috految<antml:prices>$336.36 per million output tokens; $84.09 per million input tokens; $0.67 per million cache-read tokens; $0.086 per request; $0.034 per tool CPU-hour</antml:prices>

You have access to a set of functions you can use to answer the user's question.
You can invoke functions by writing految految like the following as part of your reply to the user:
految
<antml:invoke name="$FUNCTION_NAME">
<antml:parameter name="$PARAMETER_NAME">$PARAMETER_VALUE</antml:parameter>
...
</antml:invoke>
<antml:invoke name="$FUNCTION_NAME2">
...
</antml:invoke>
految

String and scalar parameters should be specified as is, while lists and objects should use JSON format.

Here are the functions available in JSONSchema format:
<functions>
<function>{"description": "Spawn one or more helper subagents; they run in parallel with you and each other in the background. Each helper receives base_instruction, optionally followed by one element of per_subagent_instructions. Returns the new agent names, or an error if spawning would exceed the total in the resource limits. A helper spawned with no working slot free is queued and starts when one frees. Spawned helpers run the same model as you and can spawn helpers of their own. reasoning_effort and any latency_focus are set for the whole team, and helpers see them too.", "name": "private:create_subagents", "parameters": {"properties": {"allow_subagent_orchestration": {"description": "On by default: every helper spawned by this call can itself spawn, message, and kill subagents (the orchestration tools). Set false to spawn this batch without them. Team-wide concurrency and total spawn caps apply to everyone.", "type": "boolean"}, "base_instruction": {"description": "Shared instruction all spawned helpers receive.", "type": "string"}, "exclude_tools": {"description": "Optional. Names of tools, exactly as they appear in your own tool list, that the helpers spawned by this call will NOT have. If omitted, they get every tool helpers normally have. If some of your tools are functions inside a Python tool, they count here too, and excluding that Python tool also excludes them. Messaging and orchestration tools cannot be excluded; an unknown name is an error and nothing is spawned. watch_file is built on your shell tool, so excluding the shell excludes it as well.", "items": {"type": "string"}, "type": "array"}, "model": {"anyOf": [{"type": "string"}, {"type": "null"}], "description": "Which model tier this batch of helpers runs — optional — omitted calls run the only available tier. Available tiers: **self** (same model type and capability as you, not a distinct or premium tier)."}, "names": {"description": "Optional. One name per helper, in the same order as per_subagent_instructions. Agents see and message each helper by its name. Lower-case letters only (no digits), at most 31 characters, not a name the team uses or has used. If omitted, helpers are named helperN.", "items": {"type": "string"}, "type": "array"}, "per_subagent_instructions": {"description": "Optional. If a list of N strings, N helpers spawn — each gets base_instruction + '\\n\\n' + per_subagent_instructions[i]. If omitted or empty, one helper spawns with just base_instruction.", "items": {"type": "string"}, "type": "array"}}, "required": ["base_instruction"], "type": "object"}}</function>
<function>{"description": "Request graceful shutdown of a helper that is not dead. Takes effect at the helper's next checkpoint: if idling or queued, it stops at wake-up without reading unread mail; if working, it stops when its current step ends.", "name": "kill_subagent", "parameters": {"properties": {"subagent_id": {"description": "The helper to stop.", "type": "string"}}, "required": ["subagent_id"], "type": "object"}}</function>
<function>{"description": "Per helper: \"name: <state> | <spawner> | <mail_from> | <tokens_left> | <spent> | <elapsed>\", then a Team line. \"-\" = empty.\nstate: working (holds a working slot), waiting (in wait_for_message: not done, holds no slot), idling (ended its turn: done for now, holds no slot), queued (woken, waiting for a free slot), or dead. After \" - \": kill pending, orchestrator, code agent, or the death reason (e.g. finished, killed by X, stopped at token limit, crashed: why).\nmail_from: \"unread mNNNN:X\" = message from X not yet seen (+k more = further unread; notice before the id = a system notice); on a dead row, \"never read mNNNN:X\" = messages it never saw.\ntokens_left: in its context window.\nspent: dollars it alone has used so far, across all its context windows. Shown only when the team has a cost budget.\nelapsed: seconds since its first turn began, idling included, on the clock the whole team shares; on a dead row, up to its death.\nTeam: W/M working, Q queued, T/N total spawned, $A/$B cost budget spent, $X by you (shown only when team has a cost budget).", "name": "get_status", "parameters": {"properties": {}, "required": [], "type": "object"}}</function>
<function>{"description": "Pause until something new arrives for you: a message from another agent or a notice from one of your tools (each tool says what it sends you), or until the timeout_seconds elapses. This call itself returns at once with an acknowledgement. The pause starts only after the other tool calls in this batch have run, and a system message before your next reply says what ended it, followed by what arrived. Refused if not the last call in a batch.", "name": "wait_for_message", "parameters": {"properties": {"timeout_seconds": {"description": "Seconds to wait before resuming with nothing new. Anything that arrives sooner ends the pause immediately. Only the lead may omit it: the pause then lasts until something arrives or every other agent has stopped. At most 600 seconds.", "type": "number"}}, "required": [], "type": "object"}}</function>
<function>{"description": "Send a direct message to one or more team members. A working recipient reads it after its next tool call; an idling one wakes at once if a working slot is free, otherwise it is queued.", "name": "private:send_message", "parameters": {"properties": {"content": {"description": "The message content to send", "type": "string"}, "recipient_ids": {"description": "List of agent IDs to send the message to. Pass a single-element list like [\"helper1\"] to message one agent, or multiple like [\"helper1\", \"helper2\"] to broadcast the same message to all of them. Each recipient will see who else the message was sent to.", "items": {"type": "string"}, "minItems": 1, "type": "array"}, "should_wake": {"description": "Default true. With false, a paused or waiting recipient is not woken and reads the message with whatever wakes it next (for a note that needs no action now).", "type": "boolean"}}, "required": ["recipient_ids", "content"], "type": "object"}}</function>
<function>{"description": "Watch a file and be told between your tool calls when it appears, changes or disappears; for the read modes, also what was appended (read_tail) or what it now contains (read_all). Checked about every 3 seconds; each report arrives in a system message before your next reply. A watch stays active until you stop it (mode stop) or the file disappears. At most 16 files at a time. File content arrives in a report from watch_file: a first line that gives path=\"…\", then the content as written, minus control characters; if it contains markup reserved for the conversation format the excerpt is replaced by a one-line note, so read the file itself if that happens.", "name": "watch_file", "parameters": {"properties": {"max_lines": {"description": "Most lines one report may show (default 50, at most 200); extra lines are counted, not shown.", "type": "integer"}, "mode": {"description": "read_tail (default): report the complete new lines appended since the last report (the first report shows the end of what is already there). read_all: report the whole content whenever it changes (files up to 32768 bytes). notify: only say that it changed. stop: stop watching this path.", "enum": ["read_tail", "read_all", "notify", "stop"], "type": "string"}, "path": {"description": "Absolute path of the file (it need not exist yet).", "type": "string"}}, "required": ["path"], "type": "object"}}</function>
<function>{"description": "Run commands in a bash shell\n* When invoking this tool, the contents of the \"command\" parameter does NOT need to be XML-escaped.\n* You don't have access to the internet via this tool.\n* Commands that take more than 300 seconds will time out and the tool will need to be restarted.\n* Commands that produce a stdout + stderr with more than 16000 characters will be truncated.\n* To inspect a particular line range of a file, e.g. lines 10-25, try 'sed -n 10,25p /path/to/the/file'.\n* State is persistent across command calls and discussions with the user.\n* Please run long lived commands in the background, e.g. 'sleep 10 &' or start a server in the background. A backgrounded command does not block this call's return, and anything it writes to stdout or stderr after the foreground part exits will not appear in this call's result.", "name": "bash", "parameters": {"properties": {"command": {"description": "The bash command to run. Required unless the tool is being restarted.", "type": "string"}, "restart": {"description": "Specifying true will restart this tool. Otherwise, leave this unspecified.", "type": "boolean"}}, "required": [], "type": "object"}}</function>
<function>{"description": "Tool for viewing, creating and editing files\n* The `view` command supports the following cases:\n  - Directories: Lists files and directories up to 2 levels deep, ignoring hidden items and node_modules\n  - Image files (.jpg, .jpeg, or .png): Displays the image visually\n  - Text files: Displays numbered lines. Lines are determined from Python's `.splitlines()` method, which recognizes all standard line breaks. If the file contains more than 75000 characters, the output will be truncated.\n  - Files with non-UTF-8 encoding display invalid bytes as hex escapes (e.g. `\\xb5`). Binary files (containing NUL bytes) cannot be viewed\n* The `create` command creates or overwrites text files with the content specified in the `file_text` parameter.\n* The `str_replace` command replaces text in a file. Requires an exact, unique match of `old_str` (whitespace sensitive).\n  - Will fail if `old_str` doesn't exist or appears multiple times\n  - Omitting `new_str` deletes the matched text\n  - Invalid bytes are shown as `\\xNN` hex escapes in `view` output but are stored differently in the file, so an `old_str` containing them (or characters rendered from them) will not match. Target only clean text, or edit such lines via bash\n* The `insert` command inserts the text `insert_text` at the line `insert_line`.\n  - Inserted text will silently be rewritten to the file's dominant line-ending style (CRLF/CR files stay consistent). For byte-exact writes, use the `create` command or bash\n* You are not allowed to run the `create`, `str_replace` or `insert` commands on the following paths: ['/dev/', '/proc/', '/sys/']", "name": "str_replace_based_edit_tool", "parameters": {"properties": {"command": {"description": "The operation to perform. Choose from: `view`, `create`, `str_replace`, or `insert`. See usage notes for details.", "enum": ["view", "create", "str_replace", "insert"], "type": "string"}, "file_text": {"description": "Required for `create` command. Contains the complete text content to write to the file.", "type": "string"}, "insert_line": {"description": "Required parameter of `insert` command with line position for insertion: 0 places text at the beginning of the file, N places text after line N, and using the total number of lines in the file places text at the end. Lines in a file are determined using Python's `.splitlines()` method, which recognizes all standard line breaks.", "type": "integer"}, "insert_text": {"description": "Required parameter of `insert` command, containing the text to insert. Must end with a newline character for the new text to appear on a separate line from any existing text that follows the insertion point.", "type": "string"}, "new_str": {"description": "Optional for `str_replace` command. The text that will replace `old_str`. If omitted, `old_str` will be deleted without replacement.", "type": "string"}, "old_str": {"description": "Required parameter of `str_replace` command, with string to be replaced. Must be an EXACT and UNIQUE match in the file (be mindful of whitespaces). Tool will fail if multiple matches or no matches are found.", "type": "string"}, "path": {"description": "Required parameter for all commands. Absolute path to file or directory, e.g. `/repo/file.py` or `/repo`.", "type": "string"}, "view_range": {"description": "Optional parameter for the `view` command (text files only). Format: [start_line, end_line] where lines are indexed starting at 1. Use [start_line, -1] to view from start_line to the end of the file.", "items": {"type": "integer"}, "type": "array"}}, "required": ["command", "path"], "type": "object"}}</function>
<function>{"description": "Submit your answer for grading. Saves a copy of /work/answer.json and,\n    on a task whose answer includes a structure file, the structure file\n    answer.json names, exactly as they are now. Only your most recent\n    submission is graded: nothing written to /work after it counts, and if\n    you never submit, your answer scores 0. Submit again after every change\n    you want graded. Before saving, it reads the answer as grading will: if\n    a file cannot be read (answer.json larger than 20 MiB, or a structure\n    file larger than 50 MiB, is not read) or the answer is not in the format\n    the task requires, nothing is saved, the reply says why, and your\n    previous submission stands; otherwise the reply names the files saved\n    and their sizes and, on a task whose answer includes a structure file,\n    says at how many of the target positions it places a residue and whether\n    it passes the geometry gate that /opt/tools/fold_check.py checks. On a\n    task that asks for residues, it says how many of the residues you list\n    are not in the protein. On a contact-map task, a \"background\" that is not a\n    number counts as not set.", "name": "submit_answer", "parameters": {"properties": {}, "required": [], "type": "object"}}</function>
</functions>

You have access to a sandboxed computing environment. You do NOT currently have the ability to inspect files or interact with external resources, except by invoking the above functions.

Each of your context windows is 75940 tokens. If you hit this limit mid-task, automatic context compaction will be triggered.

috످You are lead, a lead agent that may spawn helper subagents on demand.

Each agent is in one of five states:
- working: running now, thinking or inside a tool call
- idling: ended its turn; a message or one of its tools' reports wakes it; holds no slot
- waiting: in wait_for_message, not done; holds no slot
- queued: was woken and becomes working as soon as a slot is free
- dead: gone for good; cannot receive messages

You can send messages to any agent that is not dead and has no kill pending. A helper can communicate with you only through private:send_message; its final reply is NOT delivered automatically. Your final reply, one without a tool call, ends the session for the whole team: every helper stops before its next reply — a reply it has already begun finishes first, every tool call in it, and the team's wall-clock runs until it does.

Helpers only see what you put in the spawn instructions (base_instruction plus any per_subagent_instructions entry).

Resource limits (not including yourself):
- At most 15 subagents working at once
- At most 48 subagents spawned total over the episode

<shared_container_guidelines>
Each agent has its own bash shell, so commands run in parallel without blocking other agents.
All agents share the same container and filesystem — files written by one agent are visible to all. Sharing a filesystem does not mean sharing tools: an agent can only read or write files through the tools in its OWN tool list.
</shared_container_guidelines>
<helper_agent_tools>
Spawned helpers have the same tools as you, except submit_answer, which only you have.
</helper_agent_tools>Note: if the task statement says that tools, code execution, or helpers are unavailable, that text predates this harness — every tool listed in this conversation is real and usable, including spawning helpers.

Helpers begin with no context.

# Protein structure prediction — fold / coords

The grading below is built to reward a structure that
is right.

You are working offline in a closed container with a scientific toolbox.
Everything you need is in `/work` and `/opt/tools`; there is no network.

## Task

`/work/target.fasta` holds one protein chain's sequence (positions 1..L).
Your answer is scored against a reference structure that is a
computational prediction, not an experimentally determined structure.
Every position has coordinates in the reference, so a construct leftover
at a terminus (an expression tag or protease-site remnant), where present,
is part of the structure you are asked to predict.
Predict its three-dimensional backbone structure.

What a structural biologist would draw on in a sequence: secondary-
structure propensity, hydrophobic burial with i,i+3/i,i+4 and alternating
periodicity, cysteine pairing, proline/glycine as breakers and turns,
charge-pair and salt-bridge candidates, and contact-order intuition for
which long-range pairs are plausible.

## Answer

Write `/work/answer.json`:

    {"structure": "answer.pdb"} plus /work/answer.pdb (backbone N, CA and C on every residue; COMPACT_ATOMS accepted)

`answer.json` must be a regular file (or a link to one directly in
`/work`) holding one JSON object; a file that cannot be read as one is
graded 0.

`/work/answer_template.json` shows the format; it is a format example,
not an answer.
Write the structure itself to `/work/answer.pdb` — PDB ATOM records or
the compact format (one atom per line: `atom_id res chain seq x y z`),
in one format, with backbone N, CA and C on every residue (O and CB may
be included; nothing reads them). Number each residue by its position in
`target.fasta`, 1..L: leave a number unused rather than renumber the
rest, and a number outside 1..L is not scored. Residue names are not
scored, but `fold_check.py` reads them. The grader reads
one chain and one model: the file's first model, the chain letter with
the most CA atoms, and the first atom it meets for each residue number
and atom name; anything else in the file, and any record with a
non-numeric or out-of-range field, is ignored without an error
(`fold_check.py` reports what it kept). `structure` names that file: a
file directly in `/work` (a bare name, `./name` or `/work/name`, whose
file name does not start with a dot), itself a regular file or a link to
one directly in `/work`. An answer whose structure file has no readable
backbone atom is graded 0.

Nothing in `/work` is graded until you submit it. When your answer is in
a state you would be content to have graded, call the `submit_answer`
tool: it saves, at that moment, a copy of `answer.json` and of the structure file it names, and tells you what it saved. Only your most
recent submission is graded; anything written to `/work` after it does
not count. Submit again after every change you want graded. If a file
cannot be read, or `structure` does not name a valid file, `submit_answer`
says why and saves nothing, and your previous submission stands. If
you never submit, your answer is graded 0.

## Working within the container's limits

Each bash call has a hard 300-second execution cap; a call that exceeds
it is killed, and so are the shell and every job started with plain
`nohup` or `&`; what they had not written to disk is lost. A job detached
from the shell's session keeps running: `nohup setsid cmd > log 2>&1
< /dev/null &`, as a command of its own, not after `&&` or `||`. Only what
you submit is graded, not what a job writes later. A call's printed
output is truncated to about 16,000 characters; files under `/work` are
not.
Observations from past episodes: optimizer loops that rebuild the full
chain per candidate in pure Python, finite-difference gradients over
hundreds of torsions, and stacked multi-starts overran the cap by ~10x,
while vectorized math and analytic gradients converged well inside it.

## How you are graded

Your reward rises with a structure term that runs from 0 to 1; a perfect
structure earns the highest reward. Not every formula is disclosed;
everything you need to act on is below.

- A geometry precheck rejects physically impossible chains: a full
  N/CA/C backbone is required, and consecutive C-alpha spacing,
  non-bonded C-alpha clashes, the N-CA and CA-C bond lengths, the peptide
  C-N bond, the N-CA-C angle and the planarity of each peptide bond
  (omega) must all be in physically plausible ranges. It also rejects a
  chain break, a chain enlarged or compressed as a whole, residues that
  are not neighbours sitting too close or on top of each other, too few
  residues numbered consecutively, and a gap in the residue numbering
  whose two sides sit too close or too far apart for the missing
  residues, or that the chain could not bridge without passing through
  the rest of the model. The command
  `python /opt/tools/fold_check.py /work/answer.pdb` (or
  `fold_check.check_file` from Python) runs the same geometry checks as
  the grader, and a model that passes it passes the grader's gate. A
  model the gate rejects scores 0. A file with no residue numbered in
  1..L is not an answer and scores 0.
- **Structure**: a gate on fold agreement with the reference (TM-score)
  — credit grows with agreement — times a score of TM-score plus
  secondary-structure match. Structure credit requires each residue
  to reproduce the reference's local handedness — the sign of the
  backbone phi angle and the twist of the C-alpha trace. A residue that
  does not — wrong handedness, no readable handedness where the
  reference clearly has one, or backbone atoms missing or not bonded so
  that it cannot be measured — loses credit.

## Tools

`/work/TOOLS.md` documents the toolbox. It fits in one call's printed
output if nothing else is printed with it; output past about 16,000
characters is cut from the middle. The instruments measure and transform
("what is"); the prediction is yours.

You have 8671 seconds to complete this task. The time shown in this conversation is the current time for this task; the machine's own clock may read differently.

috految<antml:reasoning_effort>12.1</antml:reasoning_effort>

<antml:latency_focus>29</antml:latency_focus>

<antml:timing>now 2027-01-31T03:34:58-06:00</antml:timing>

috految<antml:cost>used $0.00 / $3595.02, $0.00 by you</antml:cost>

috److految
<antml:invoke name="bash">
<antml:parameter name="command">cd /work; cat target.fasta; head -c 1500 TOOLS.md; nproc; which gcc g++; ls /opt/tools</antml:parameter>
</antml:invoke>
految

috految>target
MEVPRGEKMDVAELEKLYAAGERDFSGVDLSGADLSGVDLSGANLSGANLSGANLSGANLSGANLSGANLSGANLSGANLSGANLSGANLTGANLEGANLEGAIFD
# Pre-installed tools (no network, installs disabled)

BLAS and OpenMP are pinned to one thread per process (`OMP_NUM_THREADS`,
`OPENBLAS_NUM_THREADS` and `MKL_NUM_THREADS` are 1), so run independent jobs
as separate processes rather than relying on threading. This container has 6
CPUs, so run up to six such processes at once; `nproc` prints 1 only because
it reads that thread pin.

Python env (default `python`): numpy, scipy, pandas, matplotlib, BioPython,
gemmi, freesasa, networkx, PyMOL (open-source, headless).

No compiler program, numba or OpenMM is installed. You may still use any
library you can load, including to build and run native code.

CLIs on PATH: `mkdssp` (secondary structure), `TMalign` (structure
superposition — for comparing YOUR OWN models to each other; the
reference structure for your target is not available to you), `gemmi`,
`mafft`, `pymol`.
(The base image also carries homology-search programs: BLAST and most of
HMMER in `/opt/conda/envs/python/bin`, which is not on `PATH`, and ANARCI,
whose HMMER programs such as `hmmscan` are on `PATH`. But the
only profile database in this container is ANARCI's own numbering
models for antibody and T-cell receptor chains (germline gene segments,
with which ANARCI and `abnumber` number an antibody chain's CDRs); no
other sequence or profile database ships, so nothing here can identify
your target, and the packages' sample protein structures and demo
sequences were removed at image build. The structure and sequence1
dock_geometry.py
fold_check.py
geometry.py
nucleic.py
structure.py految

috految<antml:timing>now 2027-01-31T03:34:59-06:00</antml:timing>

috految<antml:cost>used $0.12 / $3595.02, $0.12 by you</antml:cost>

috److془Np275 2J8I: MGSSHHHHHHSSGLVPRGSHMDVEKLRQLYAAGERDFSIVDLRGAVLENINLSGAILHGAMLDEANLQQANLSRADLSGATLNGADLRGANLSKADLSDAILDNAILEGAILDEAVLNQ.

Numbering: M1 E2 V3 P4 R5 G6 E7 K8 M9 D10 V11 A12 E13 L14 E15 K16 L17 Y18 A19 A20 G21 E22 R23 D24 F25 S26 G27 V28 D29 L30 S31 G32 A33 D34 L35 S36 G37 V38 D39 L40 S41 G42 A43 N44 L45 S46 G47 A48 N49 L50 ... L100 E101 G102 A103 I104 F105 D106.

Torsions: A(-68,146) N(-98,110) L(-114,23) S(-56,129) G(73,12).
Hbonds: N(i-1) N to O of (i-2) adjacent coil... Parallel bridge: N49 with N69. Known sheets: "O ASN 49 N LEU 30"? DSSP: "CCCTTCBCTTCBCTTCBCTTCBC" B at N. Bridge: O(i-1)-N(j), O(j)-N(i+1). I recall "LEU 30 N - ASN 49 O", "ASN 49 N - VAL 28 O" ; "ALA 28 O - N ASN 49". Yes. "1 O ASP 29 N MET 9" ok. L30 O - N A48? Type II turn: L30 O - N A33. G32 O - N? S31 N - N29 OD1. Type II: S31 O - N G52 or reverse; With L N up, L O ... "G32 N - S51 O", the direction: N29 O down, L30 N up. L30 O up-ish/horizontal, S31 N horizontal. Let stacking determine. Recall "SER 31 O  N GLY 52" whatever. Twist: slight left-handed ~ 3 deg per coil. Right-handed helix. Np275 stacking 4.8. 

Hmm: A28 O up; N29 N down; A28 N horizontal. Good. Test by energy. Cap: M9 N - D29 O? M9 takes position of L10. M9 (-152,154), D10 (-103,176), V11(-58,-38), ... K8 (-65,135). Contacts: M9-L14, M9-V28, M9-L30, V11-A33,V11-L35, V11-D34, L14-F25,L30,L35;E15-V38?; Y18-L40, V38, R23; Y18 OH- D39 O. L17-F25, E22; R23 O-N44 N, F25 N-N44 O. R23 ~ position 43. 
Tail: V3 P4 R5 G6 E7 K8: "VPRGEKM": V(-88,126) P(-68,140) R(-106,141) G(-102,-175) E(-73,149) K(-69,131). Or P(-62,155) R(-61,132) G(93,-0) E(-83,156). 2J8I: DSSP maybe "CCCCCCCBCHHHH". Go with it.془

految
<antml:invoke name="bash">
<antml:parameter name="command">cd /work; cat >f.py <<'E'
import numpy as np
from scipy.optimize import minimize
from scipy.spatial import cKDTree as K
from multiprocessing import Pool
S=open('target.fasta').read().split()[1];L=len(S);r=np.pi/180
T={i:[(-115,19,-179),(-56,130,179),(73,13,177),(-71,147,171),(-96,106,-174)][i%5] for i in range(1,L+1)}
T.update({1:(-80,140),2:(-75,132),3:(-90,122),4:(-65,140),5:(-102,140),6:(-97,-175),7:(-75,149),8:(-68,132),9:(-124,140),10:(-95,168),11:(-59,-38),12:(-61,-42),13:(-71,-42),14:(-57,-48),15:(-62,-39),16:(-62,-48),17:(-66,-42),18:(-62,-42),19:(-63,-28),20:(-89,4),21:(103,1),22:(-71,127),23:(-119,-2),24:(-96,104),25:(-117,33),26:(-55,133),27:(69,11),28:(-80,149),29:(-101,96),30:(-118,17),31:(-50,130),32:(73,9),33:(-68,147),34:(-93,98),35:(-115,23),36:(-52,135),37:(67,14),38:(-87,151),39:(-105,96),40:(-117,31),41:(-54,131),42:(70,19),99:(-93,101),100:(-105,12),101:(-52,127),102:(84,5),103:(-78,149),104:(-98,116),105:(-114,134),106:(-110,130)})
t=np.array([(T[i]+(180,))[:3] for i in range(1,L+1)])*r
W=np.tile([55.,55,110],(L,1));W[:9,:2]=20;W[10:20]*=3;W[21:24,:2]=30
an=np.array([(113.7 if S[i]=='G' else 112.5 if abs(t[i,1])<.6 else 108.5 if i%5==3 else 111,116.6,121.6) for i in range(L)]).ravel()*r
b=np.tile([1.458,1.525,1.33],L);R=[]
def R_(i,a,j,c,d,w):R.append((i*6-6+a,j*6-6+c,d,w))
def hb(i,j,w,d=2.9):R_(i,0,j,3,d,w);R_(i,5,j,3,d-.97,w)
for i in range(24,87):
 for a in(0,1,2,3,4):R_(i,a,i+20,a,4.85,1.2 if 27<i<85 else .4)
 if i<66:R_(i,1,i+40,1,9.65,1)
 if i<46:R_(i,1,i+60,1,14.45,.5)
 if i%5==0:hb(i,i+19,2);hb(i+19,i-2,2)
for i in range(25,101,5):hb(i+3,i,1,3.1)
for i in range(25,96,5):R_(i,4,i+10,4,9,.1)
for i in range(10,17):hb(i+4,i,2,3)
hb(22,17,1);hb(21,18,1);hb(9,29,1.2);hb(29,7,.5)
for i,j,d in[(9,14,5.3),(9,28,5.5),(9,30,5.5),(9,13,4.7),(11,33,5),(11,35,6),(11,34,6),(14,30,5.8),(14,35,6),(14,25,6.4),(18,40,6.5),(18,38,6.8),(15,38,6.5),(17,25,6),(17,22,4.7),(18,23,5.4),(23,43,5.3),(8,29,4.7)]:R_(i,4,j,4,d,.6)
R_(6,1,27,1,5.5,.2);R_(4,4,27,1,6,.1)
I,J,D,Q=np.array(R).T;I=I.astype(int);J=J.astype(int)
rad=np.array([[1.5,2.1,1.7,1.35,0 if s=='G' else 2.45 if s in 'LVFYM' else 2,0] for s in S]).ravel()
u=lambda x:x/np.linalg.norm(x,axis=1)[:,None]
def f(z,k):
 p=z/10;c,s=np.cos(p),np.sin(p);C,Z=-np.cos(an),np.sin(an);o=0*c
 M=np.array([[C,-Z,o,b],[c*Z,c*C,-s,o],[s*Z,s*C,c,o],[o,o,o,o+1]]).transpose(2,0,1).copy();n=1
 while n<3*L:M[n:]=M[:-n]@M[n:];n*=2
 P=np.r_[[[0,0,0]],M[:,:3,3]];N,A,C=P[:-1:3],P[1::3],P[2::3]
 X=np.stack([N,A,C,C+1.23*u(u(C-A)+u(C-P[3::3])),A-.5827*np.cross(A-N,C-A)+.568*(A-N)-.5407*(C-A),N+u(u(N-A)+u(N-np.roll(C,1,0)))],1).reshape(-1,3)
 i,j=K(X).query_pairs(4.9,output_type='ndarray').T;m=(j//6-i//6>2)&(rad[i]*rad[j]>0);i=i[m];j=j[m]
 a=np.r_[I,i];c=np.r_[J,j];v=X[a]-X[c];d=np.linalg.norm(v,axis=1);e=d-np.r_[D,rad[i]+rad[j]];e[len(I):]=np.minimum(e[len(I):],0);w=np.r_[Q,i*0+k];h=np.sqrt(1+e*e)
 g=(2*w*e/h/d)[:,None]*v;G=0*X;np.add.at(G,a,g);np.add.at(G,c,-g)
 F=np.zeros((3*L+1,6));np.add.at(F,(np.arange(L)[:,None]*3+[0,1,2,2,1,0]).ravel(),np.c_[G,np.cross(X,G)]);F=F[::-1].cumsum(0)[::-1][1:];q=p-t.ravel();f.X=X;f.e=e
 return 2*w@(h-1)+W.ravel()@q**2,((u(np.diff(P,axis=0))*(F[:,3:]-np.cross(P[:-1],F[:,:3]))).sum(1)+2*W.ravel()*q)/10
def run(s):
 z=t.ravel()*10+np.random.RandomState(s).randn(3*L)*.2*s
 for k in(.02,2):m=minimize(f,z,args=(k,),jac=True,method='L-BFGS-B',options={'maxiter':450});z=m.x
 return m.fun,z
o=sorted(Pool(6).map(run,range(6)),key=lambda x:x[0]);print([round(x[0]) for x in o]);f(o[0][1],2);X=f.X;A=X[1::6]
print([(int(i//6+1),int(j//6+1),round(e)) for i,j,e in zip(I,J,f.e) if abs(e)>1.2][:25],np.linalg.det(np.diff(A[39:55:5],axis=0)),np.cross(u(A[40:60]-A[30:50]),u(A[60:80]-A[50:70])).mean(0)@u(A[60:80]-A[40:60]).mean(0)/r)
open('answer.pdb','w').write(''.join('ATOM  %5d  %-3s ALA A%4d    %8.3f%8.3f%8.3f\n'%(i*4+a+1,n,i+1,*X[i*6+a]) for i in range(L) for a,n in enumerate(['N','CA','C','O'])))
E
python f.py; echo '{"structure":"answer.pdb"}'>answer.json</antml:parameter>
</antml:invoke>
<antml:invoke name="submit_answer">
</antml:invoke>
految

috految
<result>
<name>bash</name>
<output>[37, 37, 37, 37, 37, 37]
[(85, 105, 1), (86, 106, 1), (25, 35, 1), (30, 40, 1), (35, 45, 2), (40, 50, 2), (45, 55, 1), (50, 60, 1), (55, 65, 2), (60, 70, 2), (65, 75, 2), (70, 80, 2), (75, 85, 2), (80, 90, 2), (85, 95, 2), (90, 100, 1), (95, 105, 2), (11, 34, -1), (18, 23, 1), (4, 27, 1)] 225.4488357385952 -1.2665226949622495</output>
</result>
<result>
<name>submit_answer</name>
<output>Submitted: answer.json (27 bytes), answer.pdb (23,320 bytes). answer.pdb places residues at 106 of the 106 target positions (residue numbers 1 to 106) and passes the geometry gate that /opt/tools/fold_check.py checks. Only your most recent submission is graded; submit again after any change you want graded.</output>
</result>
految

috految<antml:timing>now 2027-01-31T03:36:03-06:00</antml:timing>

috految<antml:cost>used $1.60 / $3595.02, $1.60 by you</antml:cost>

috److I built a backbone model for all 106 residues and submitted it. It passes the geometry gate.

**Fold:** The sequence looks like a pentapeptide-repeat protein, similar to Np275 as I recall it. I modelled it in three parts:

| Residues | Structure |
|---|---|
| 1–9 | Extended N-terminal tail |
| 10–21 | Short capping helix |
| 24–106 | Right-handed four-sided β-helix, 20 residues per coil, stacked about 4.85 Å apart |

**Method:** I assigned backbone torsions from my knowledge of this repeat family. I then refined them against hydrogen-bond, stacking and hydrophobic-contact restraints, with a clash penalty.

**Convergence:** All six starts reached essentially the same energy. The largest restraint deviations were about 1–2 Å, mostly on weakly weighted distances across the β-helix core.

**Uncertainty:**
- The N-terminal tail (roughly residues 1–8) is the least certain part, because it had few restraints.
- There was no reference structure to compare against, so the convergence only shows the model fits my own restraints.

Every residue in `/work/answer.pdb` is labelled ALA, since residue names are not scored.

috످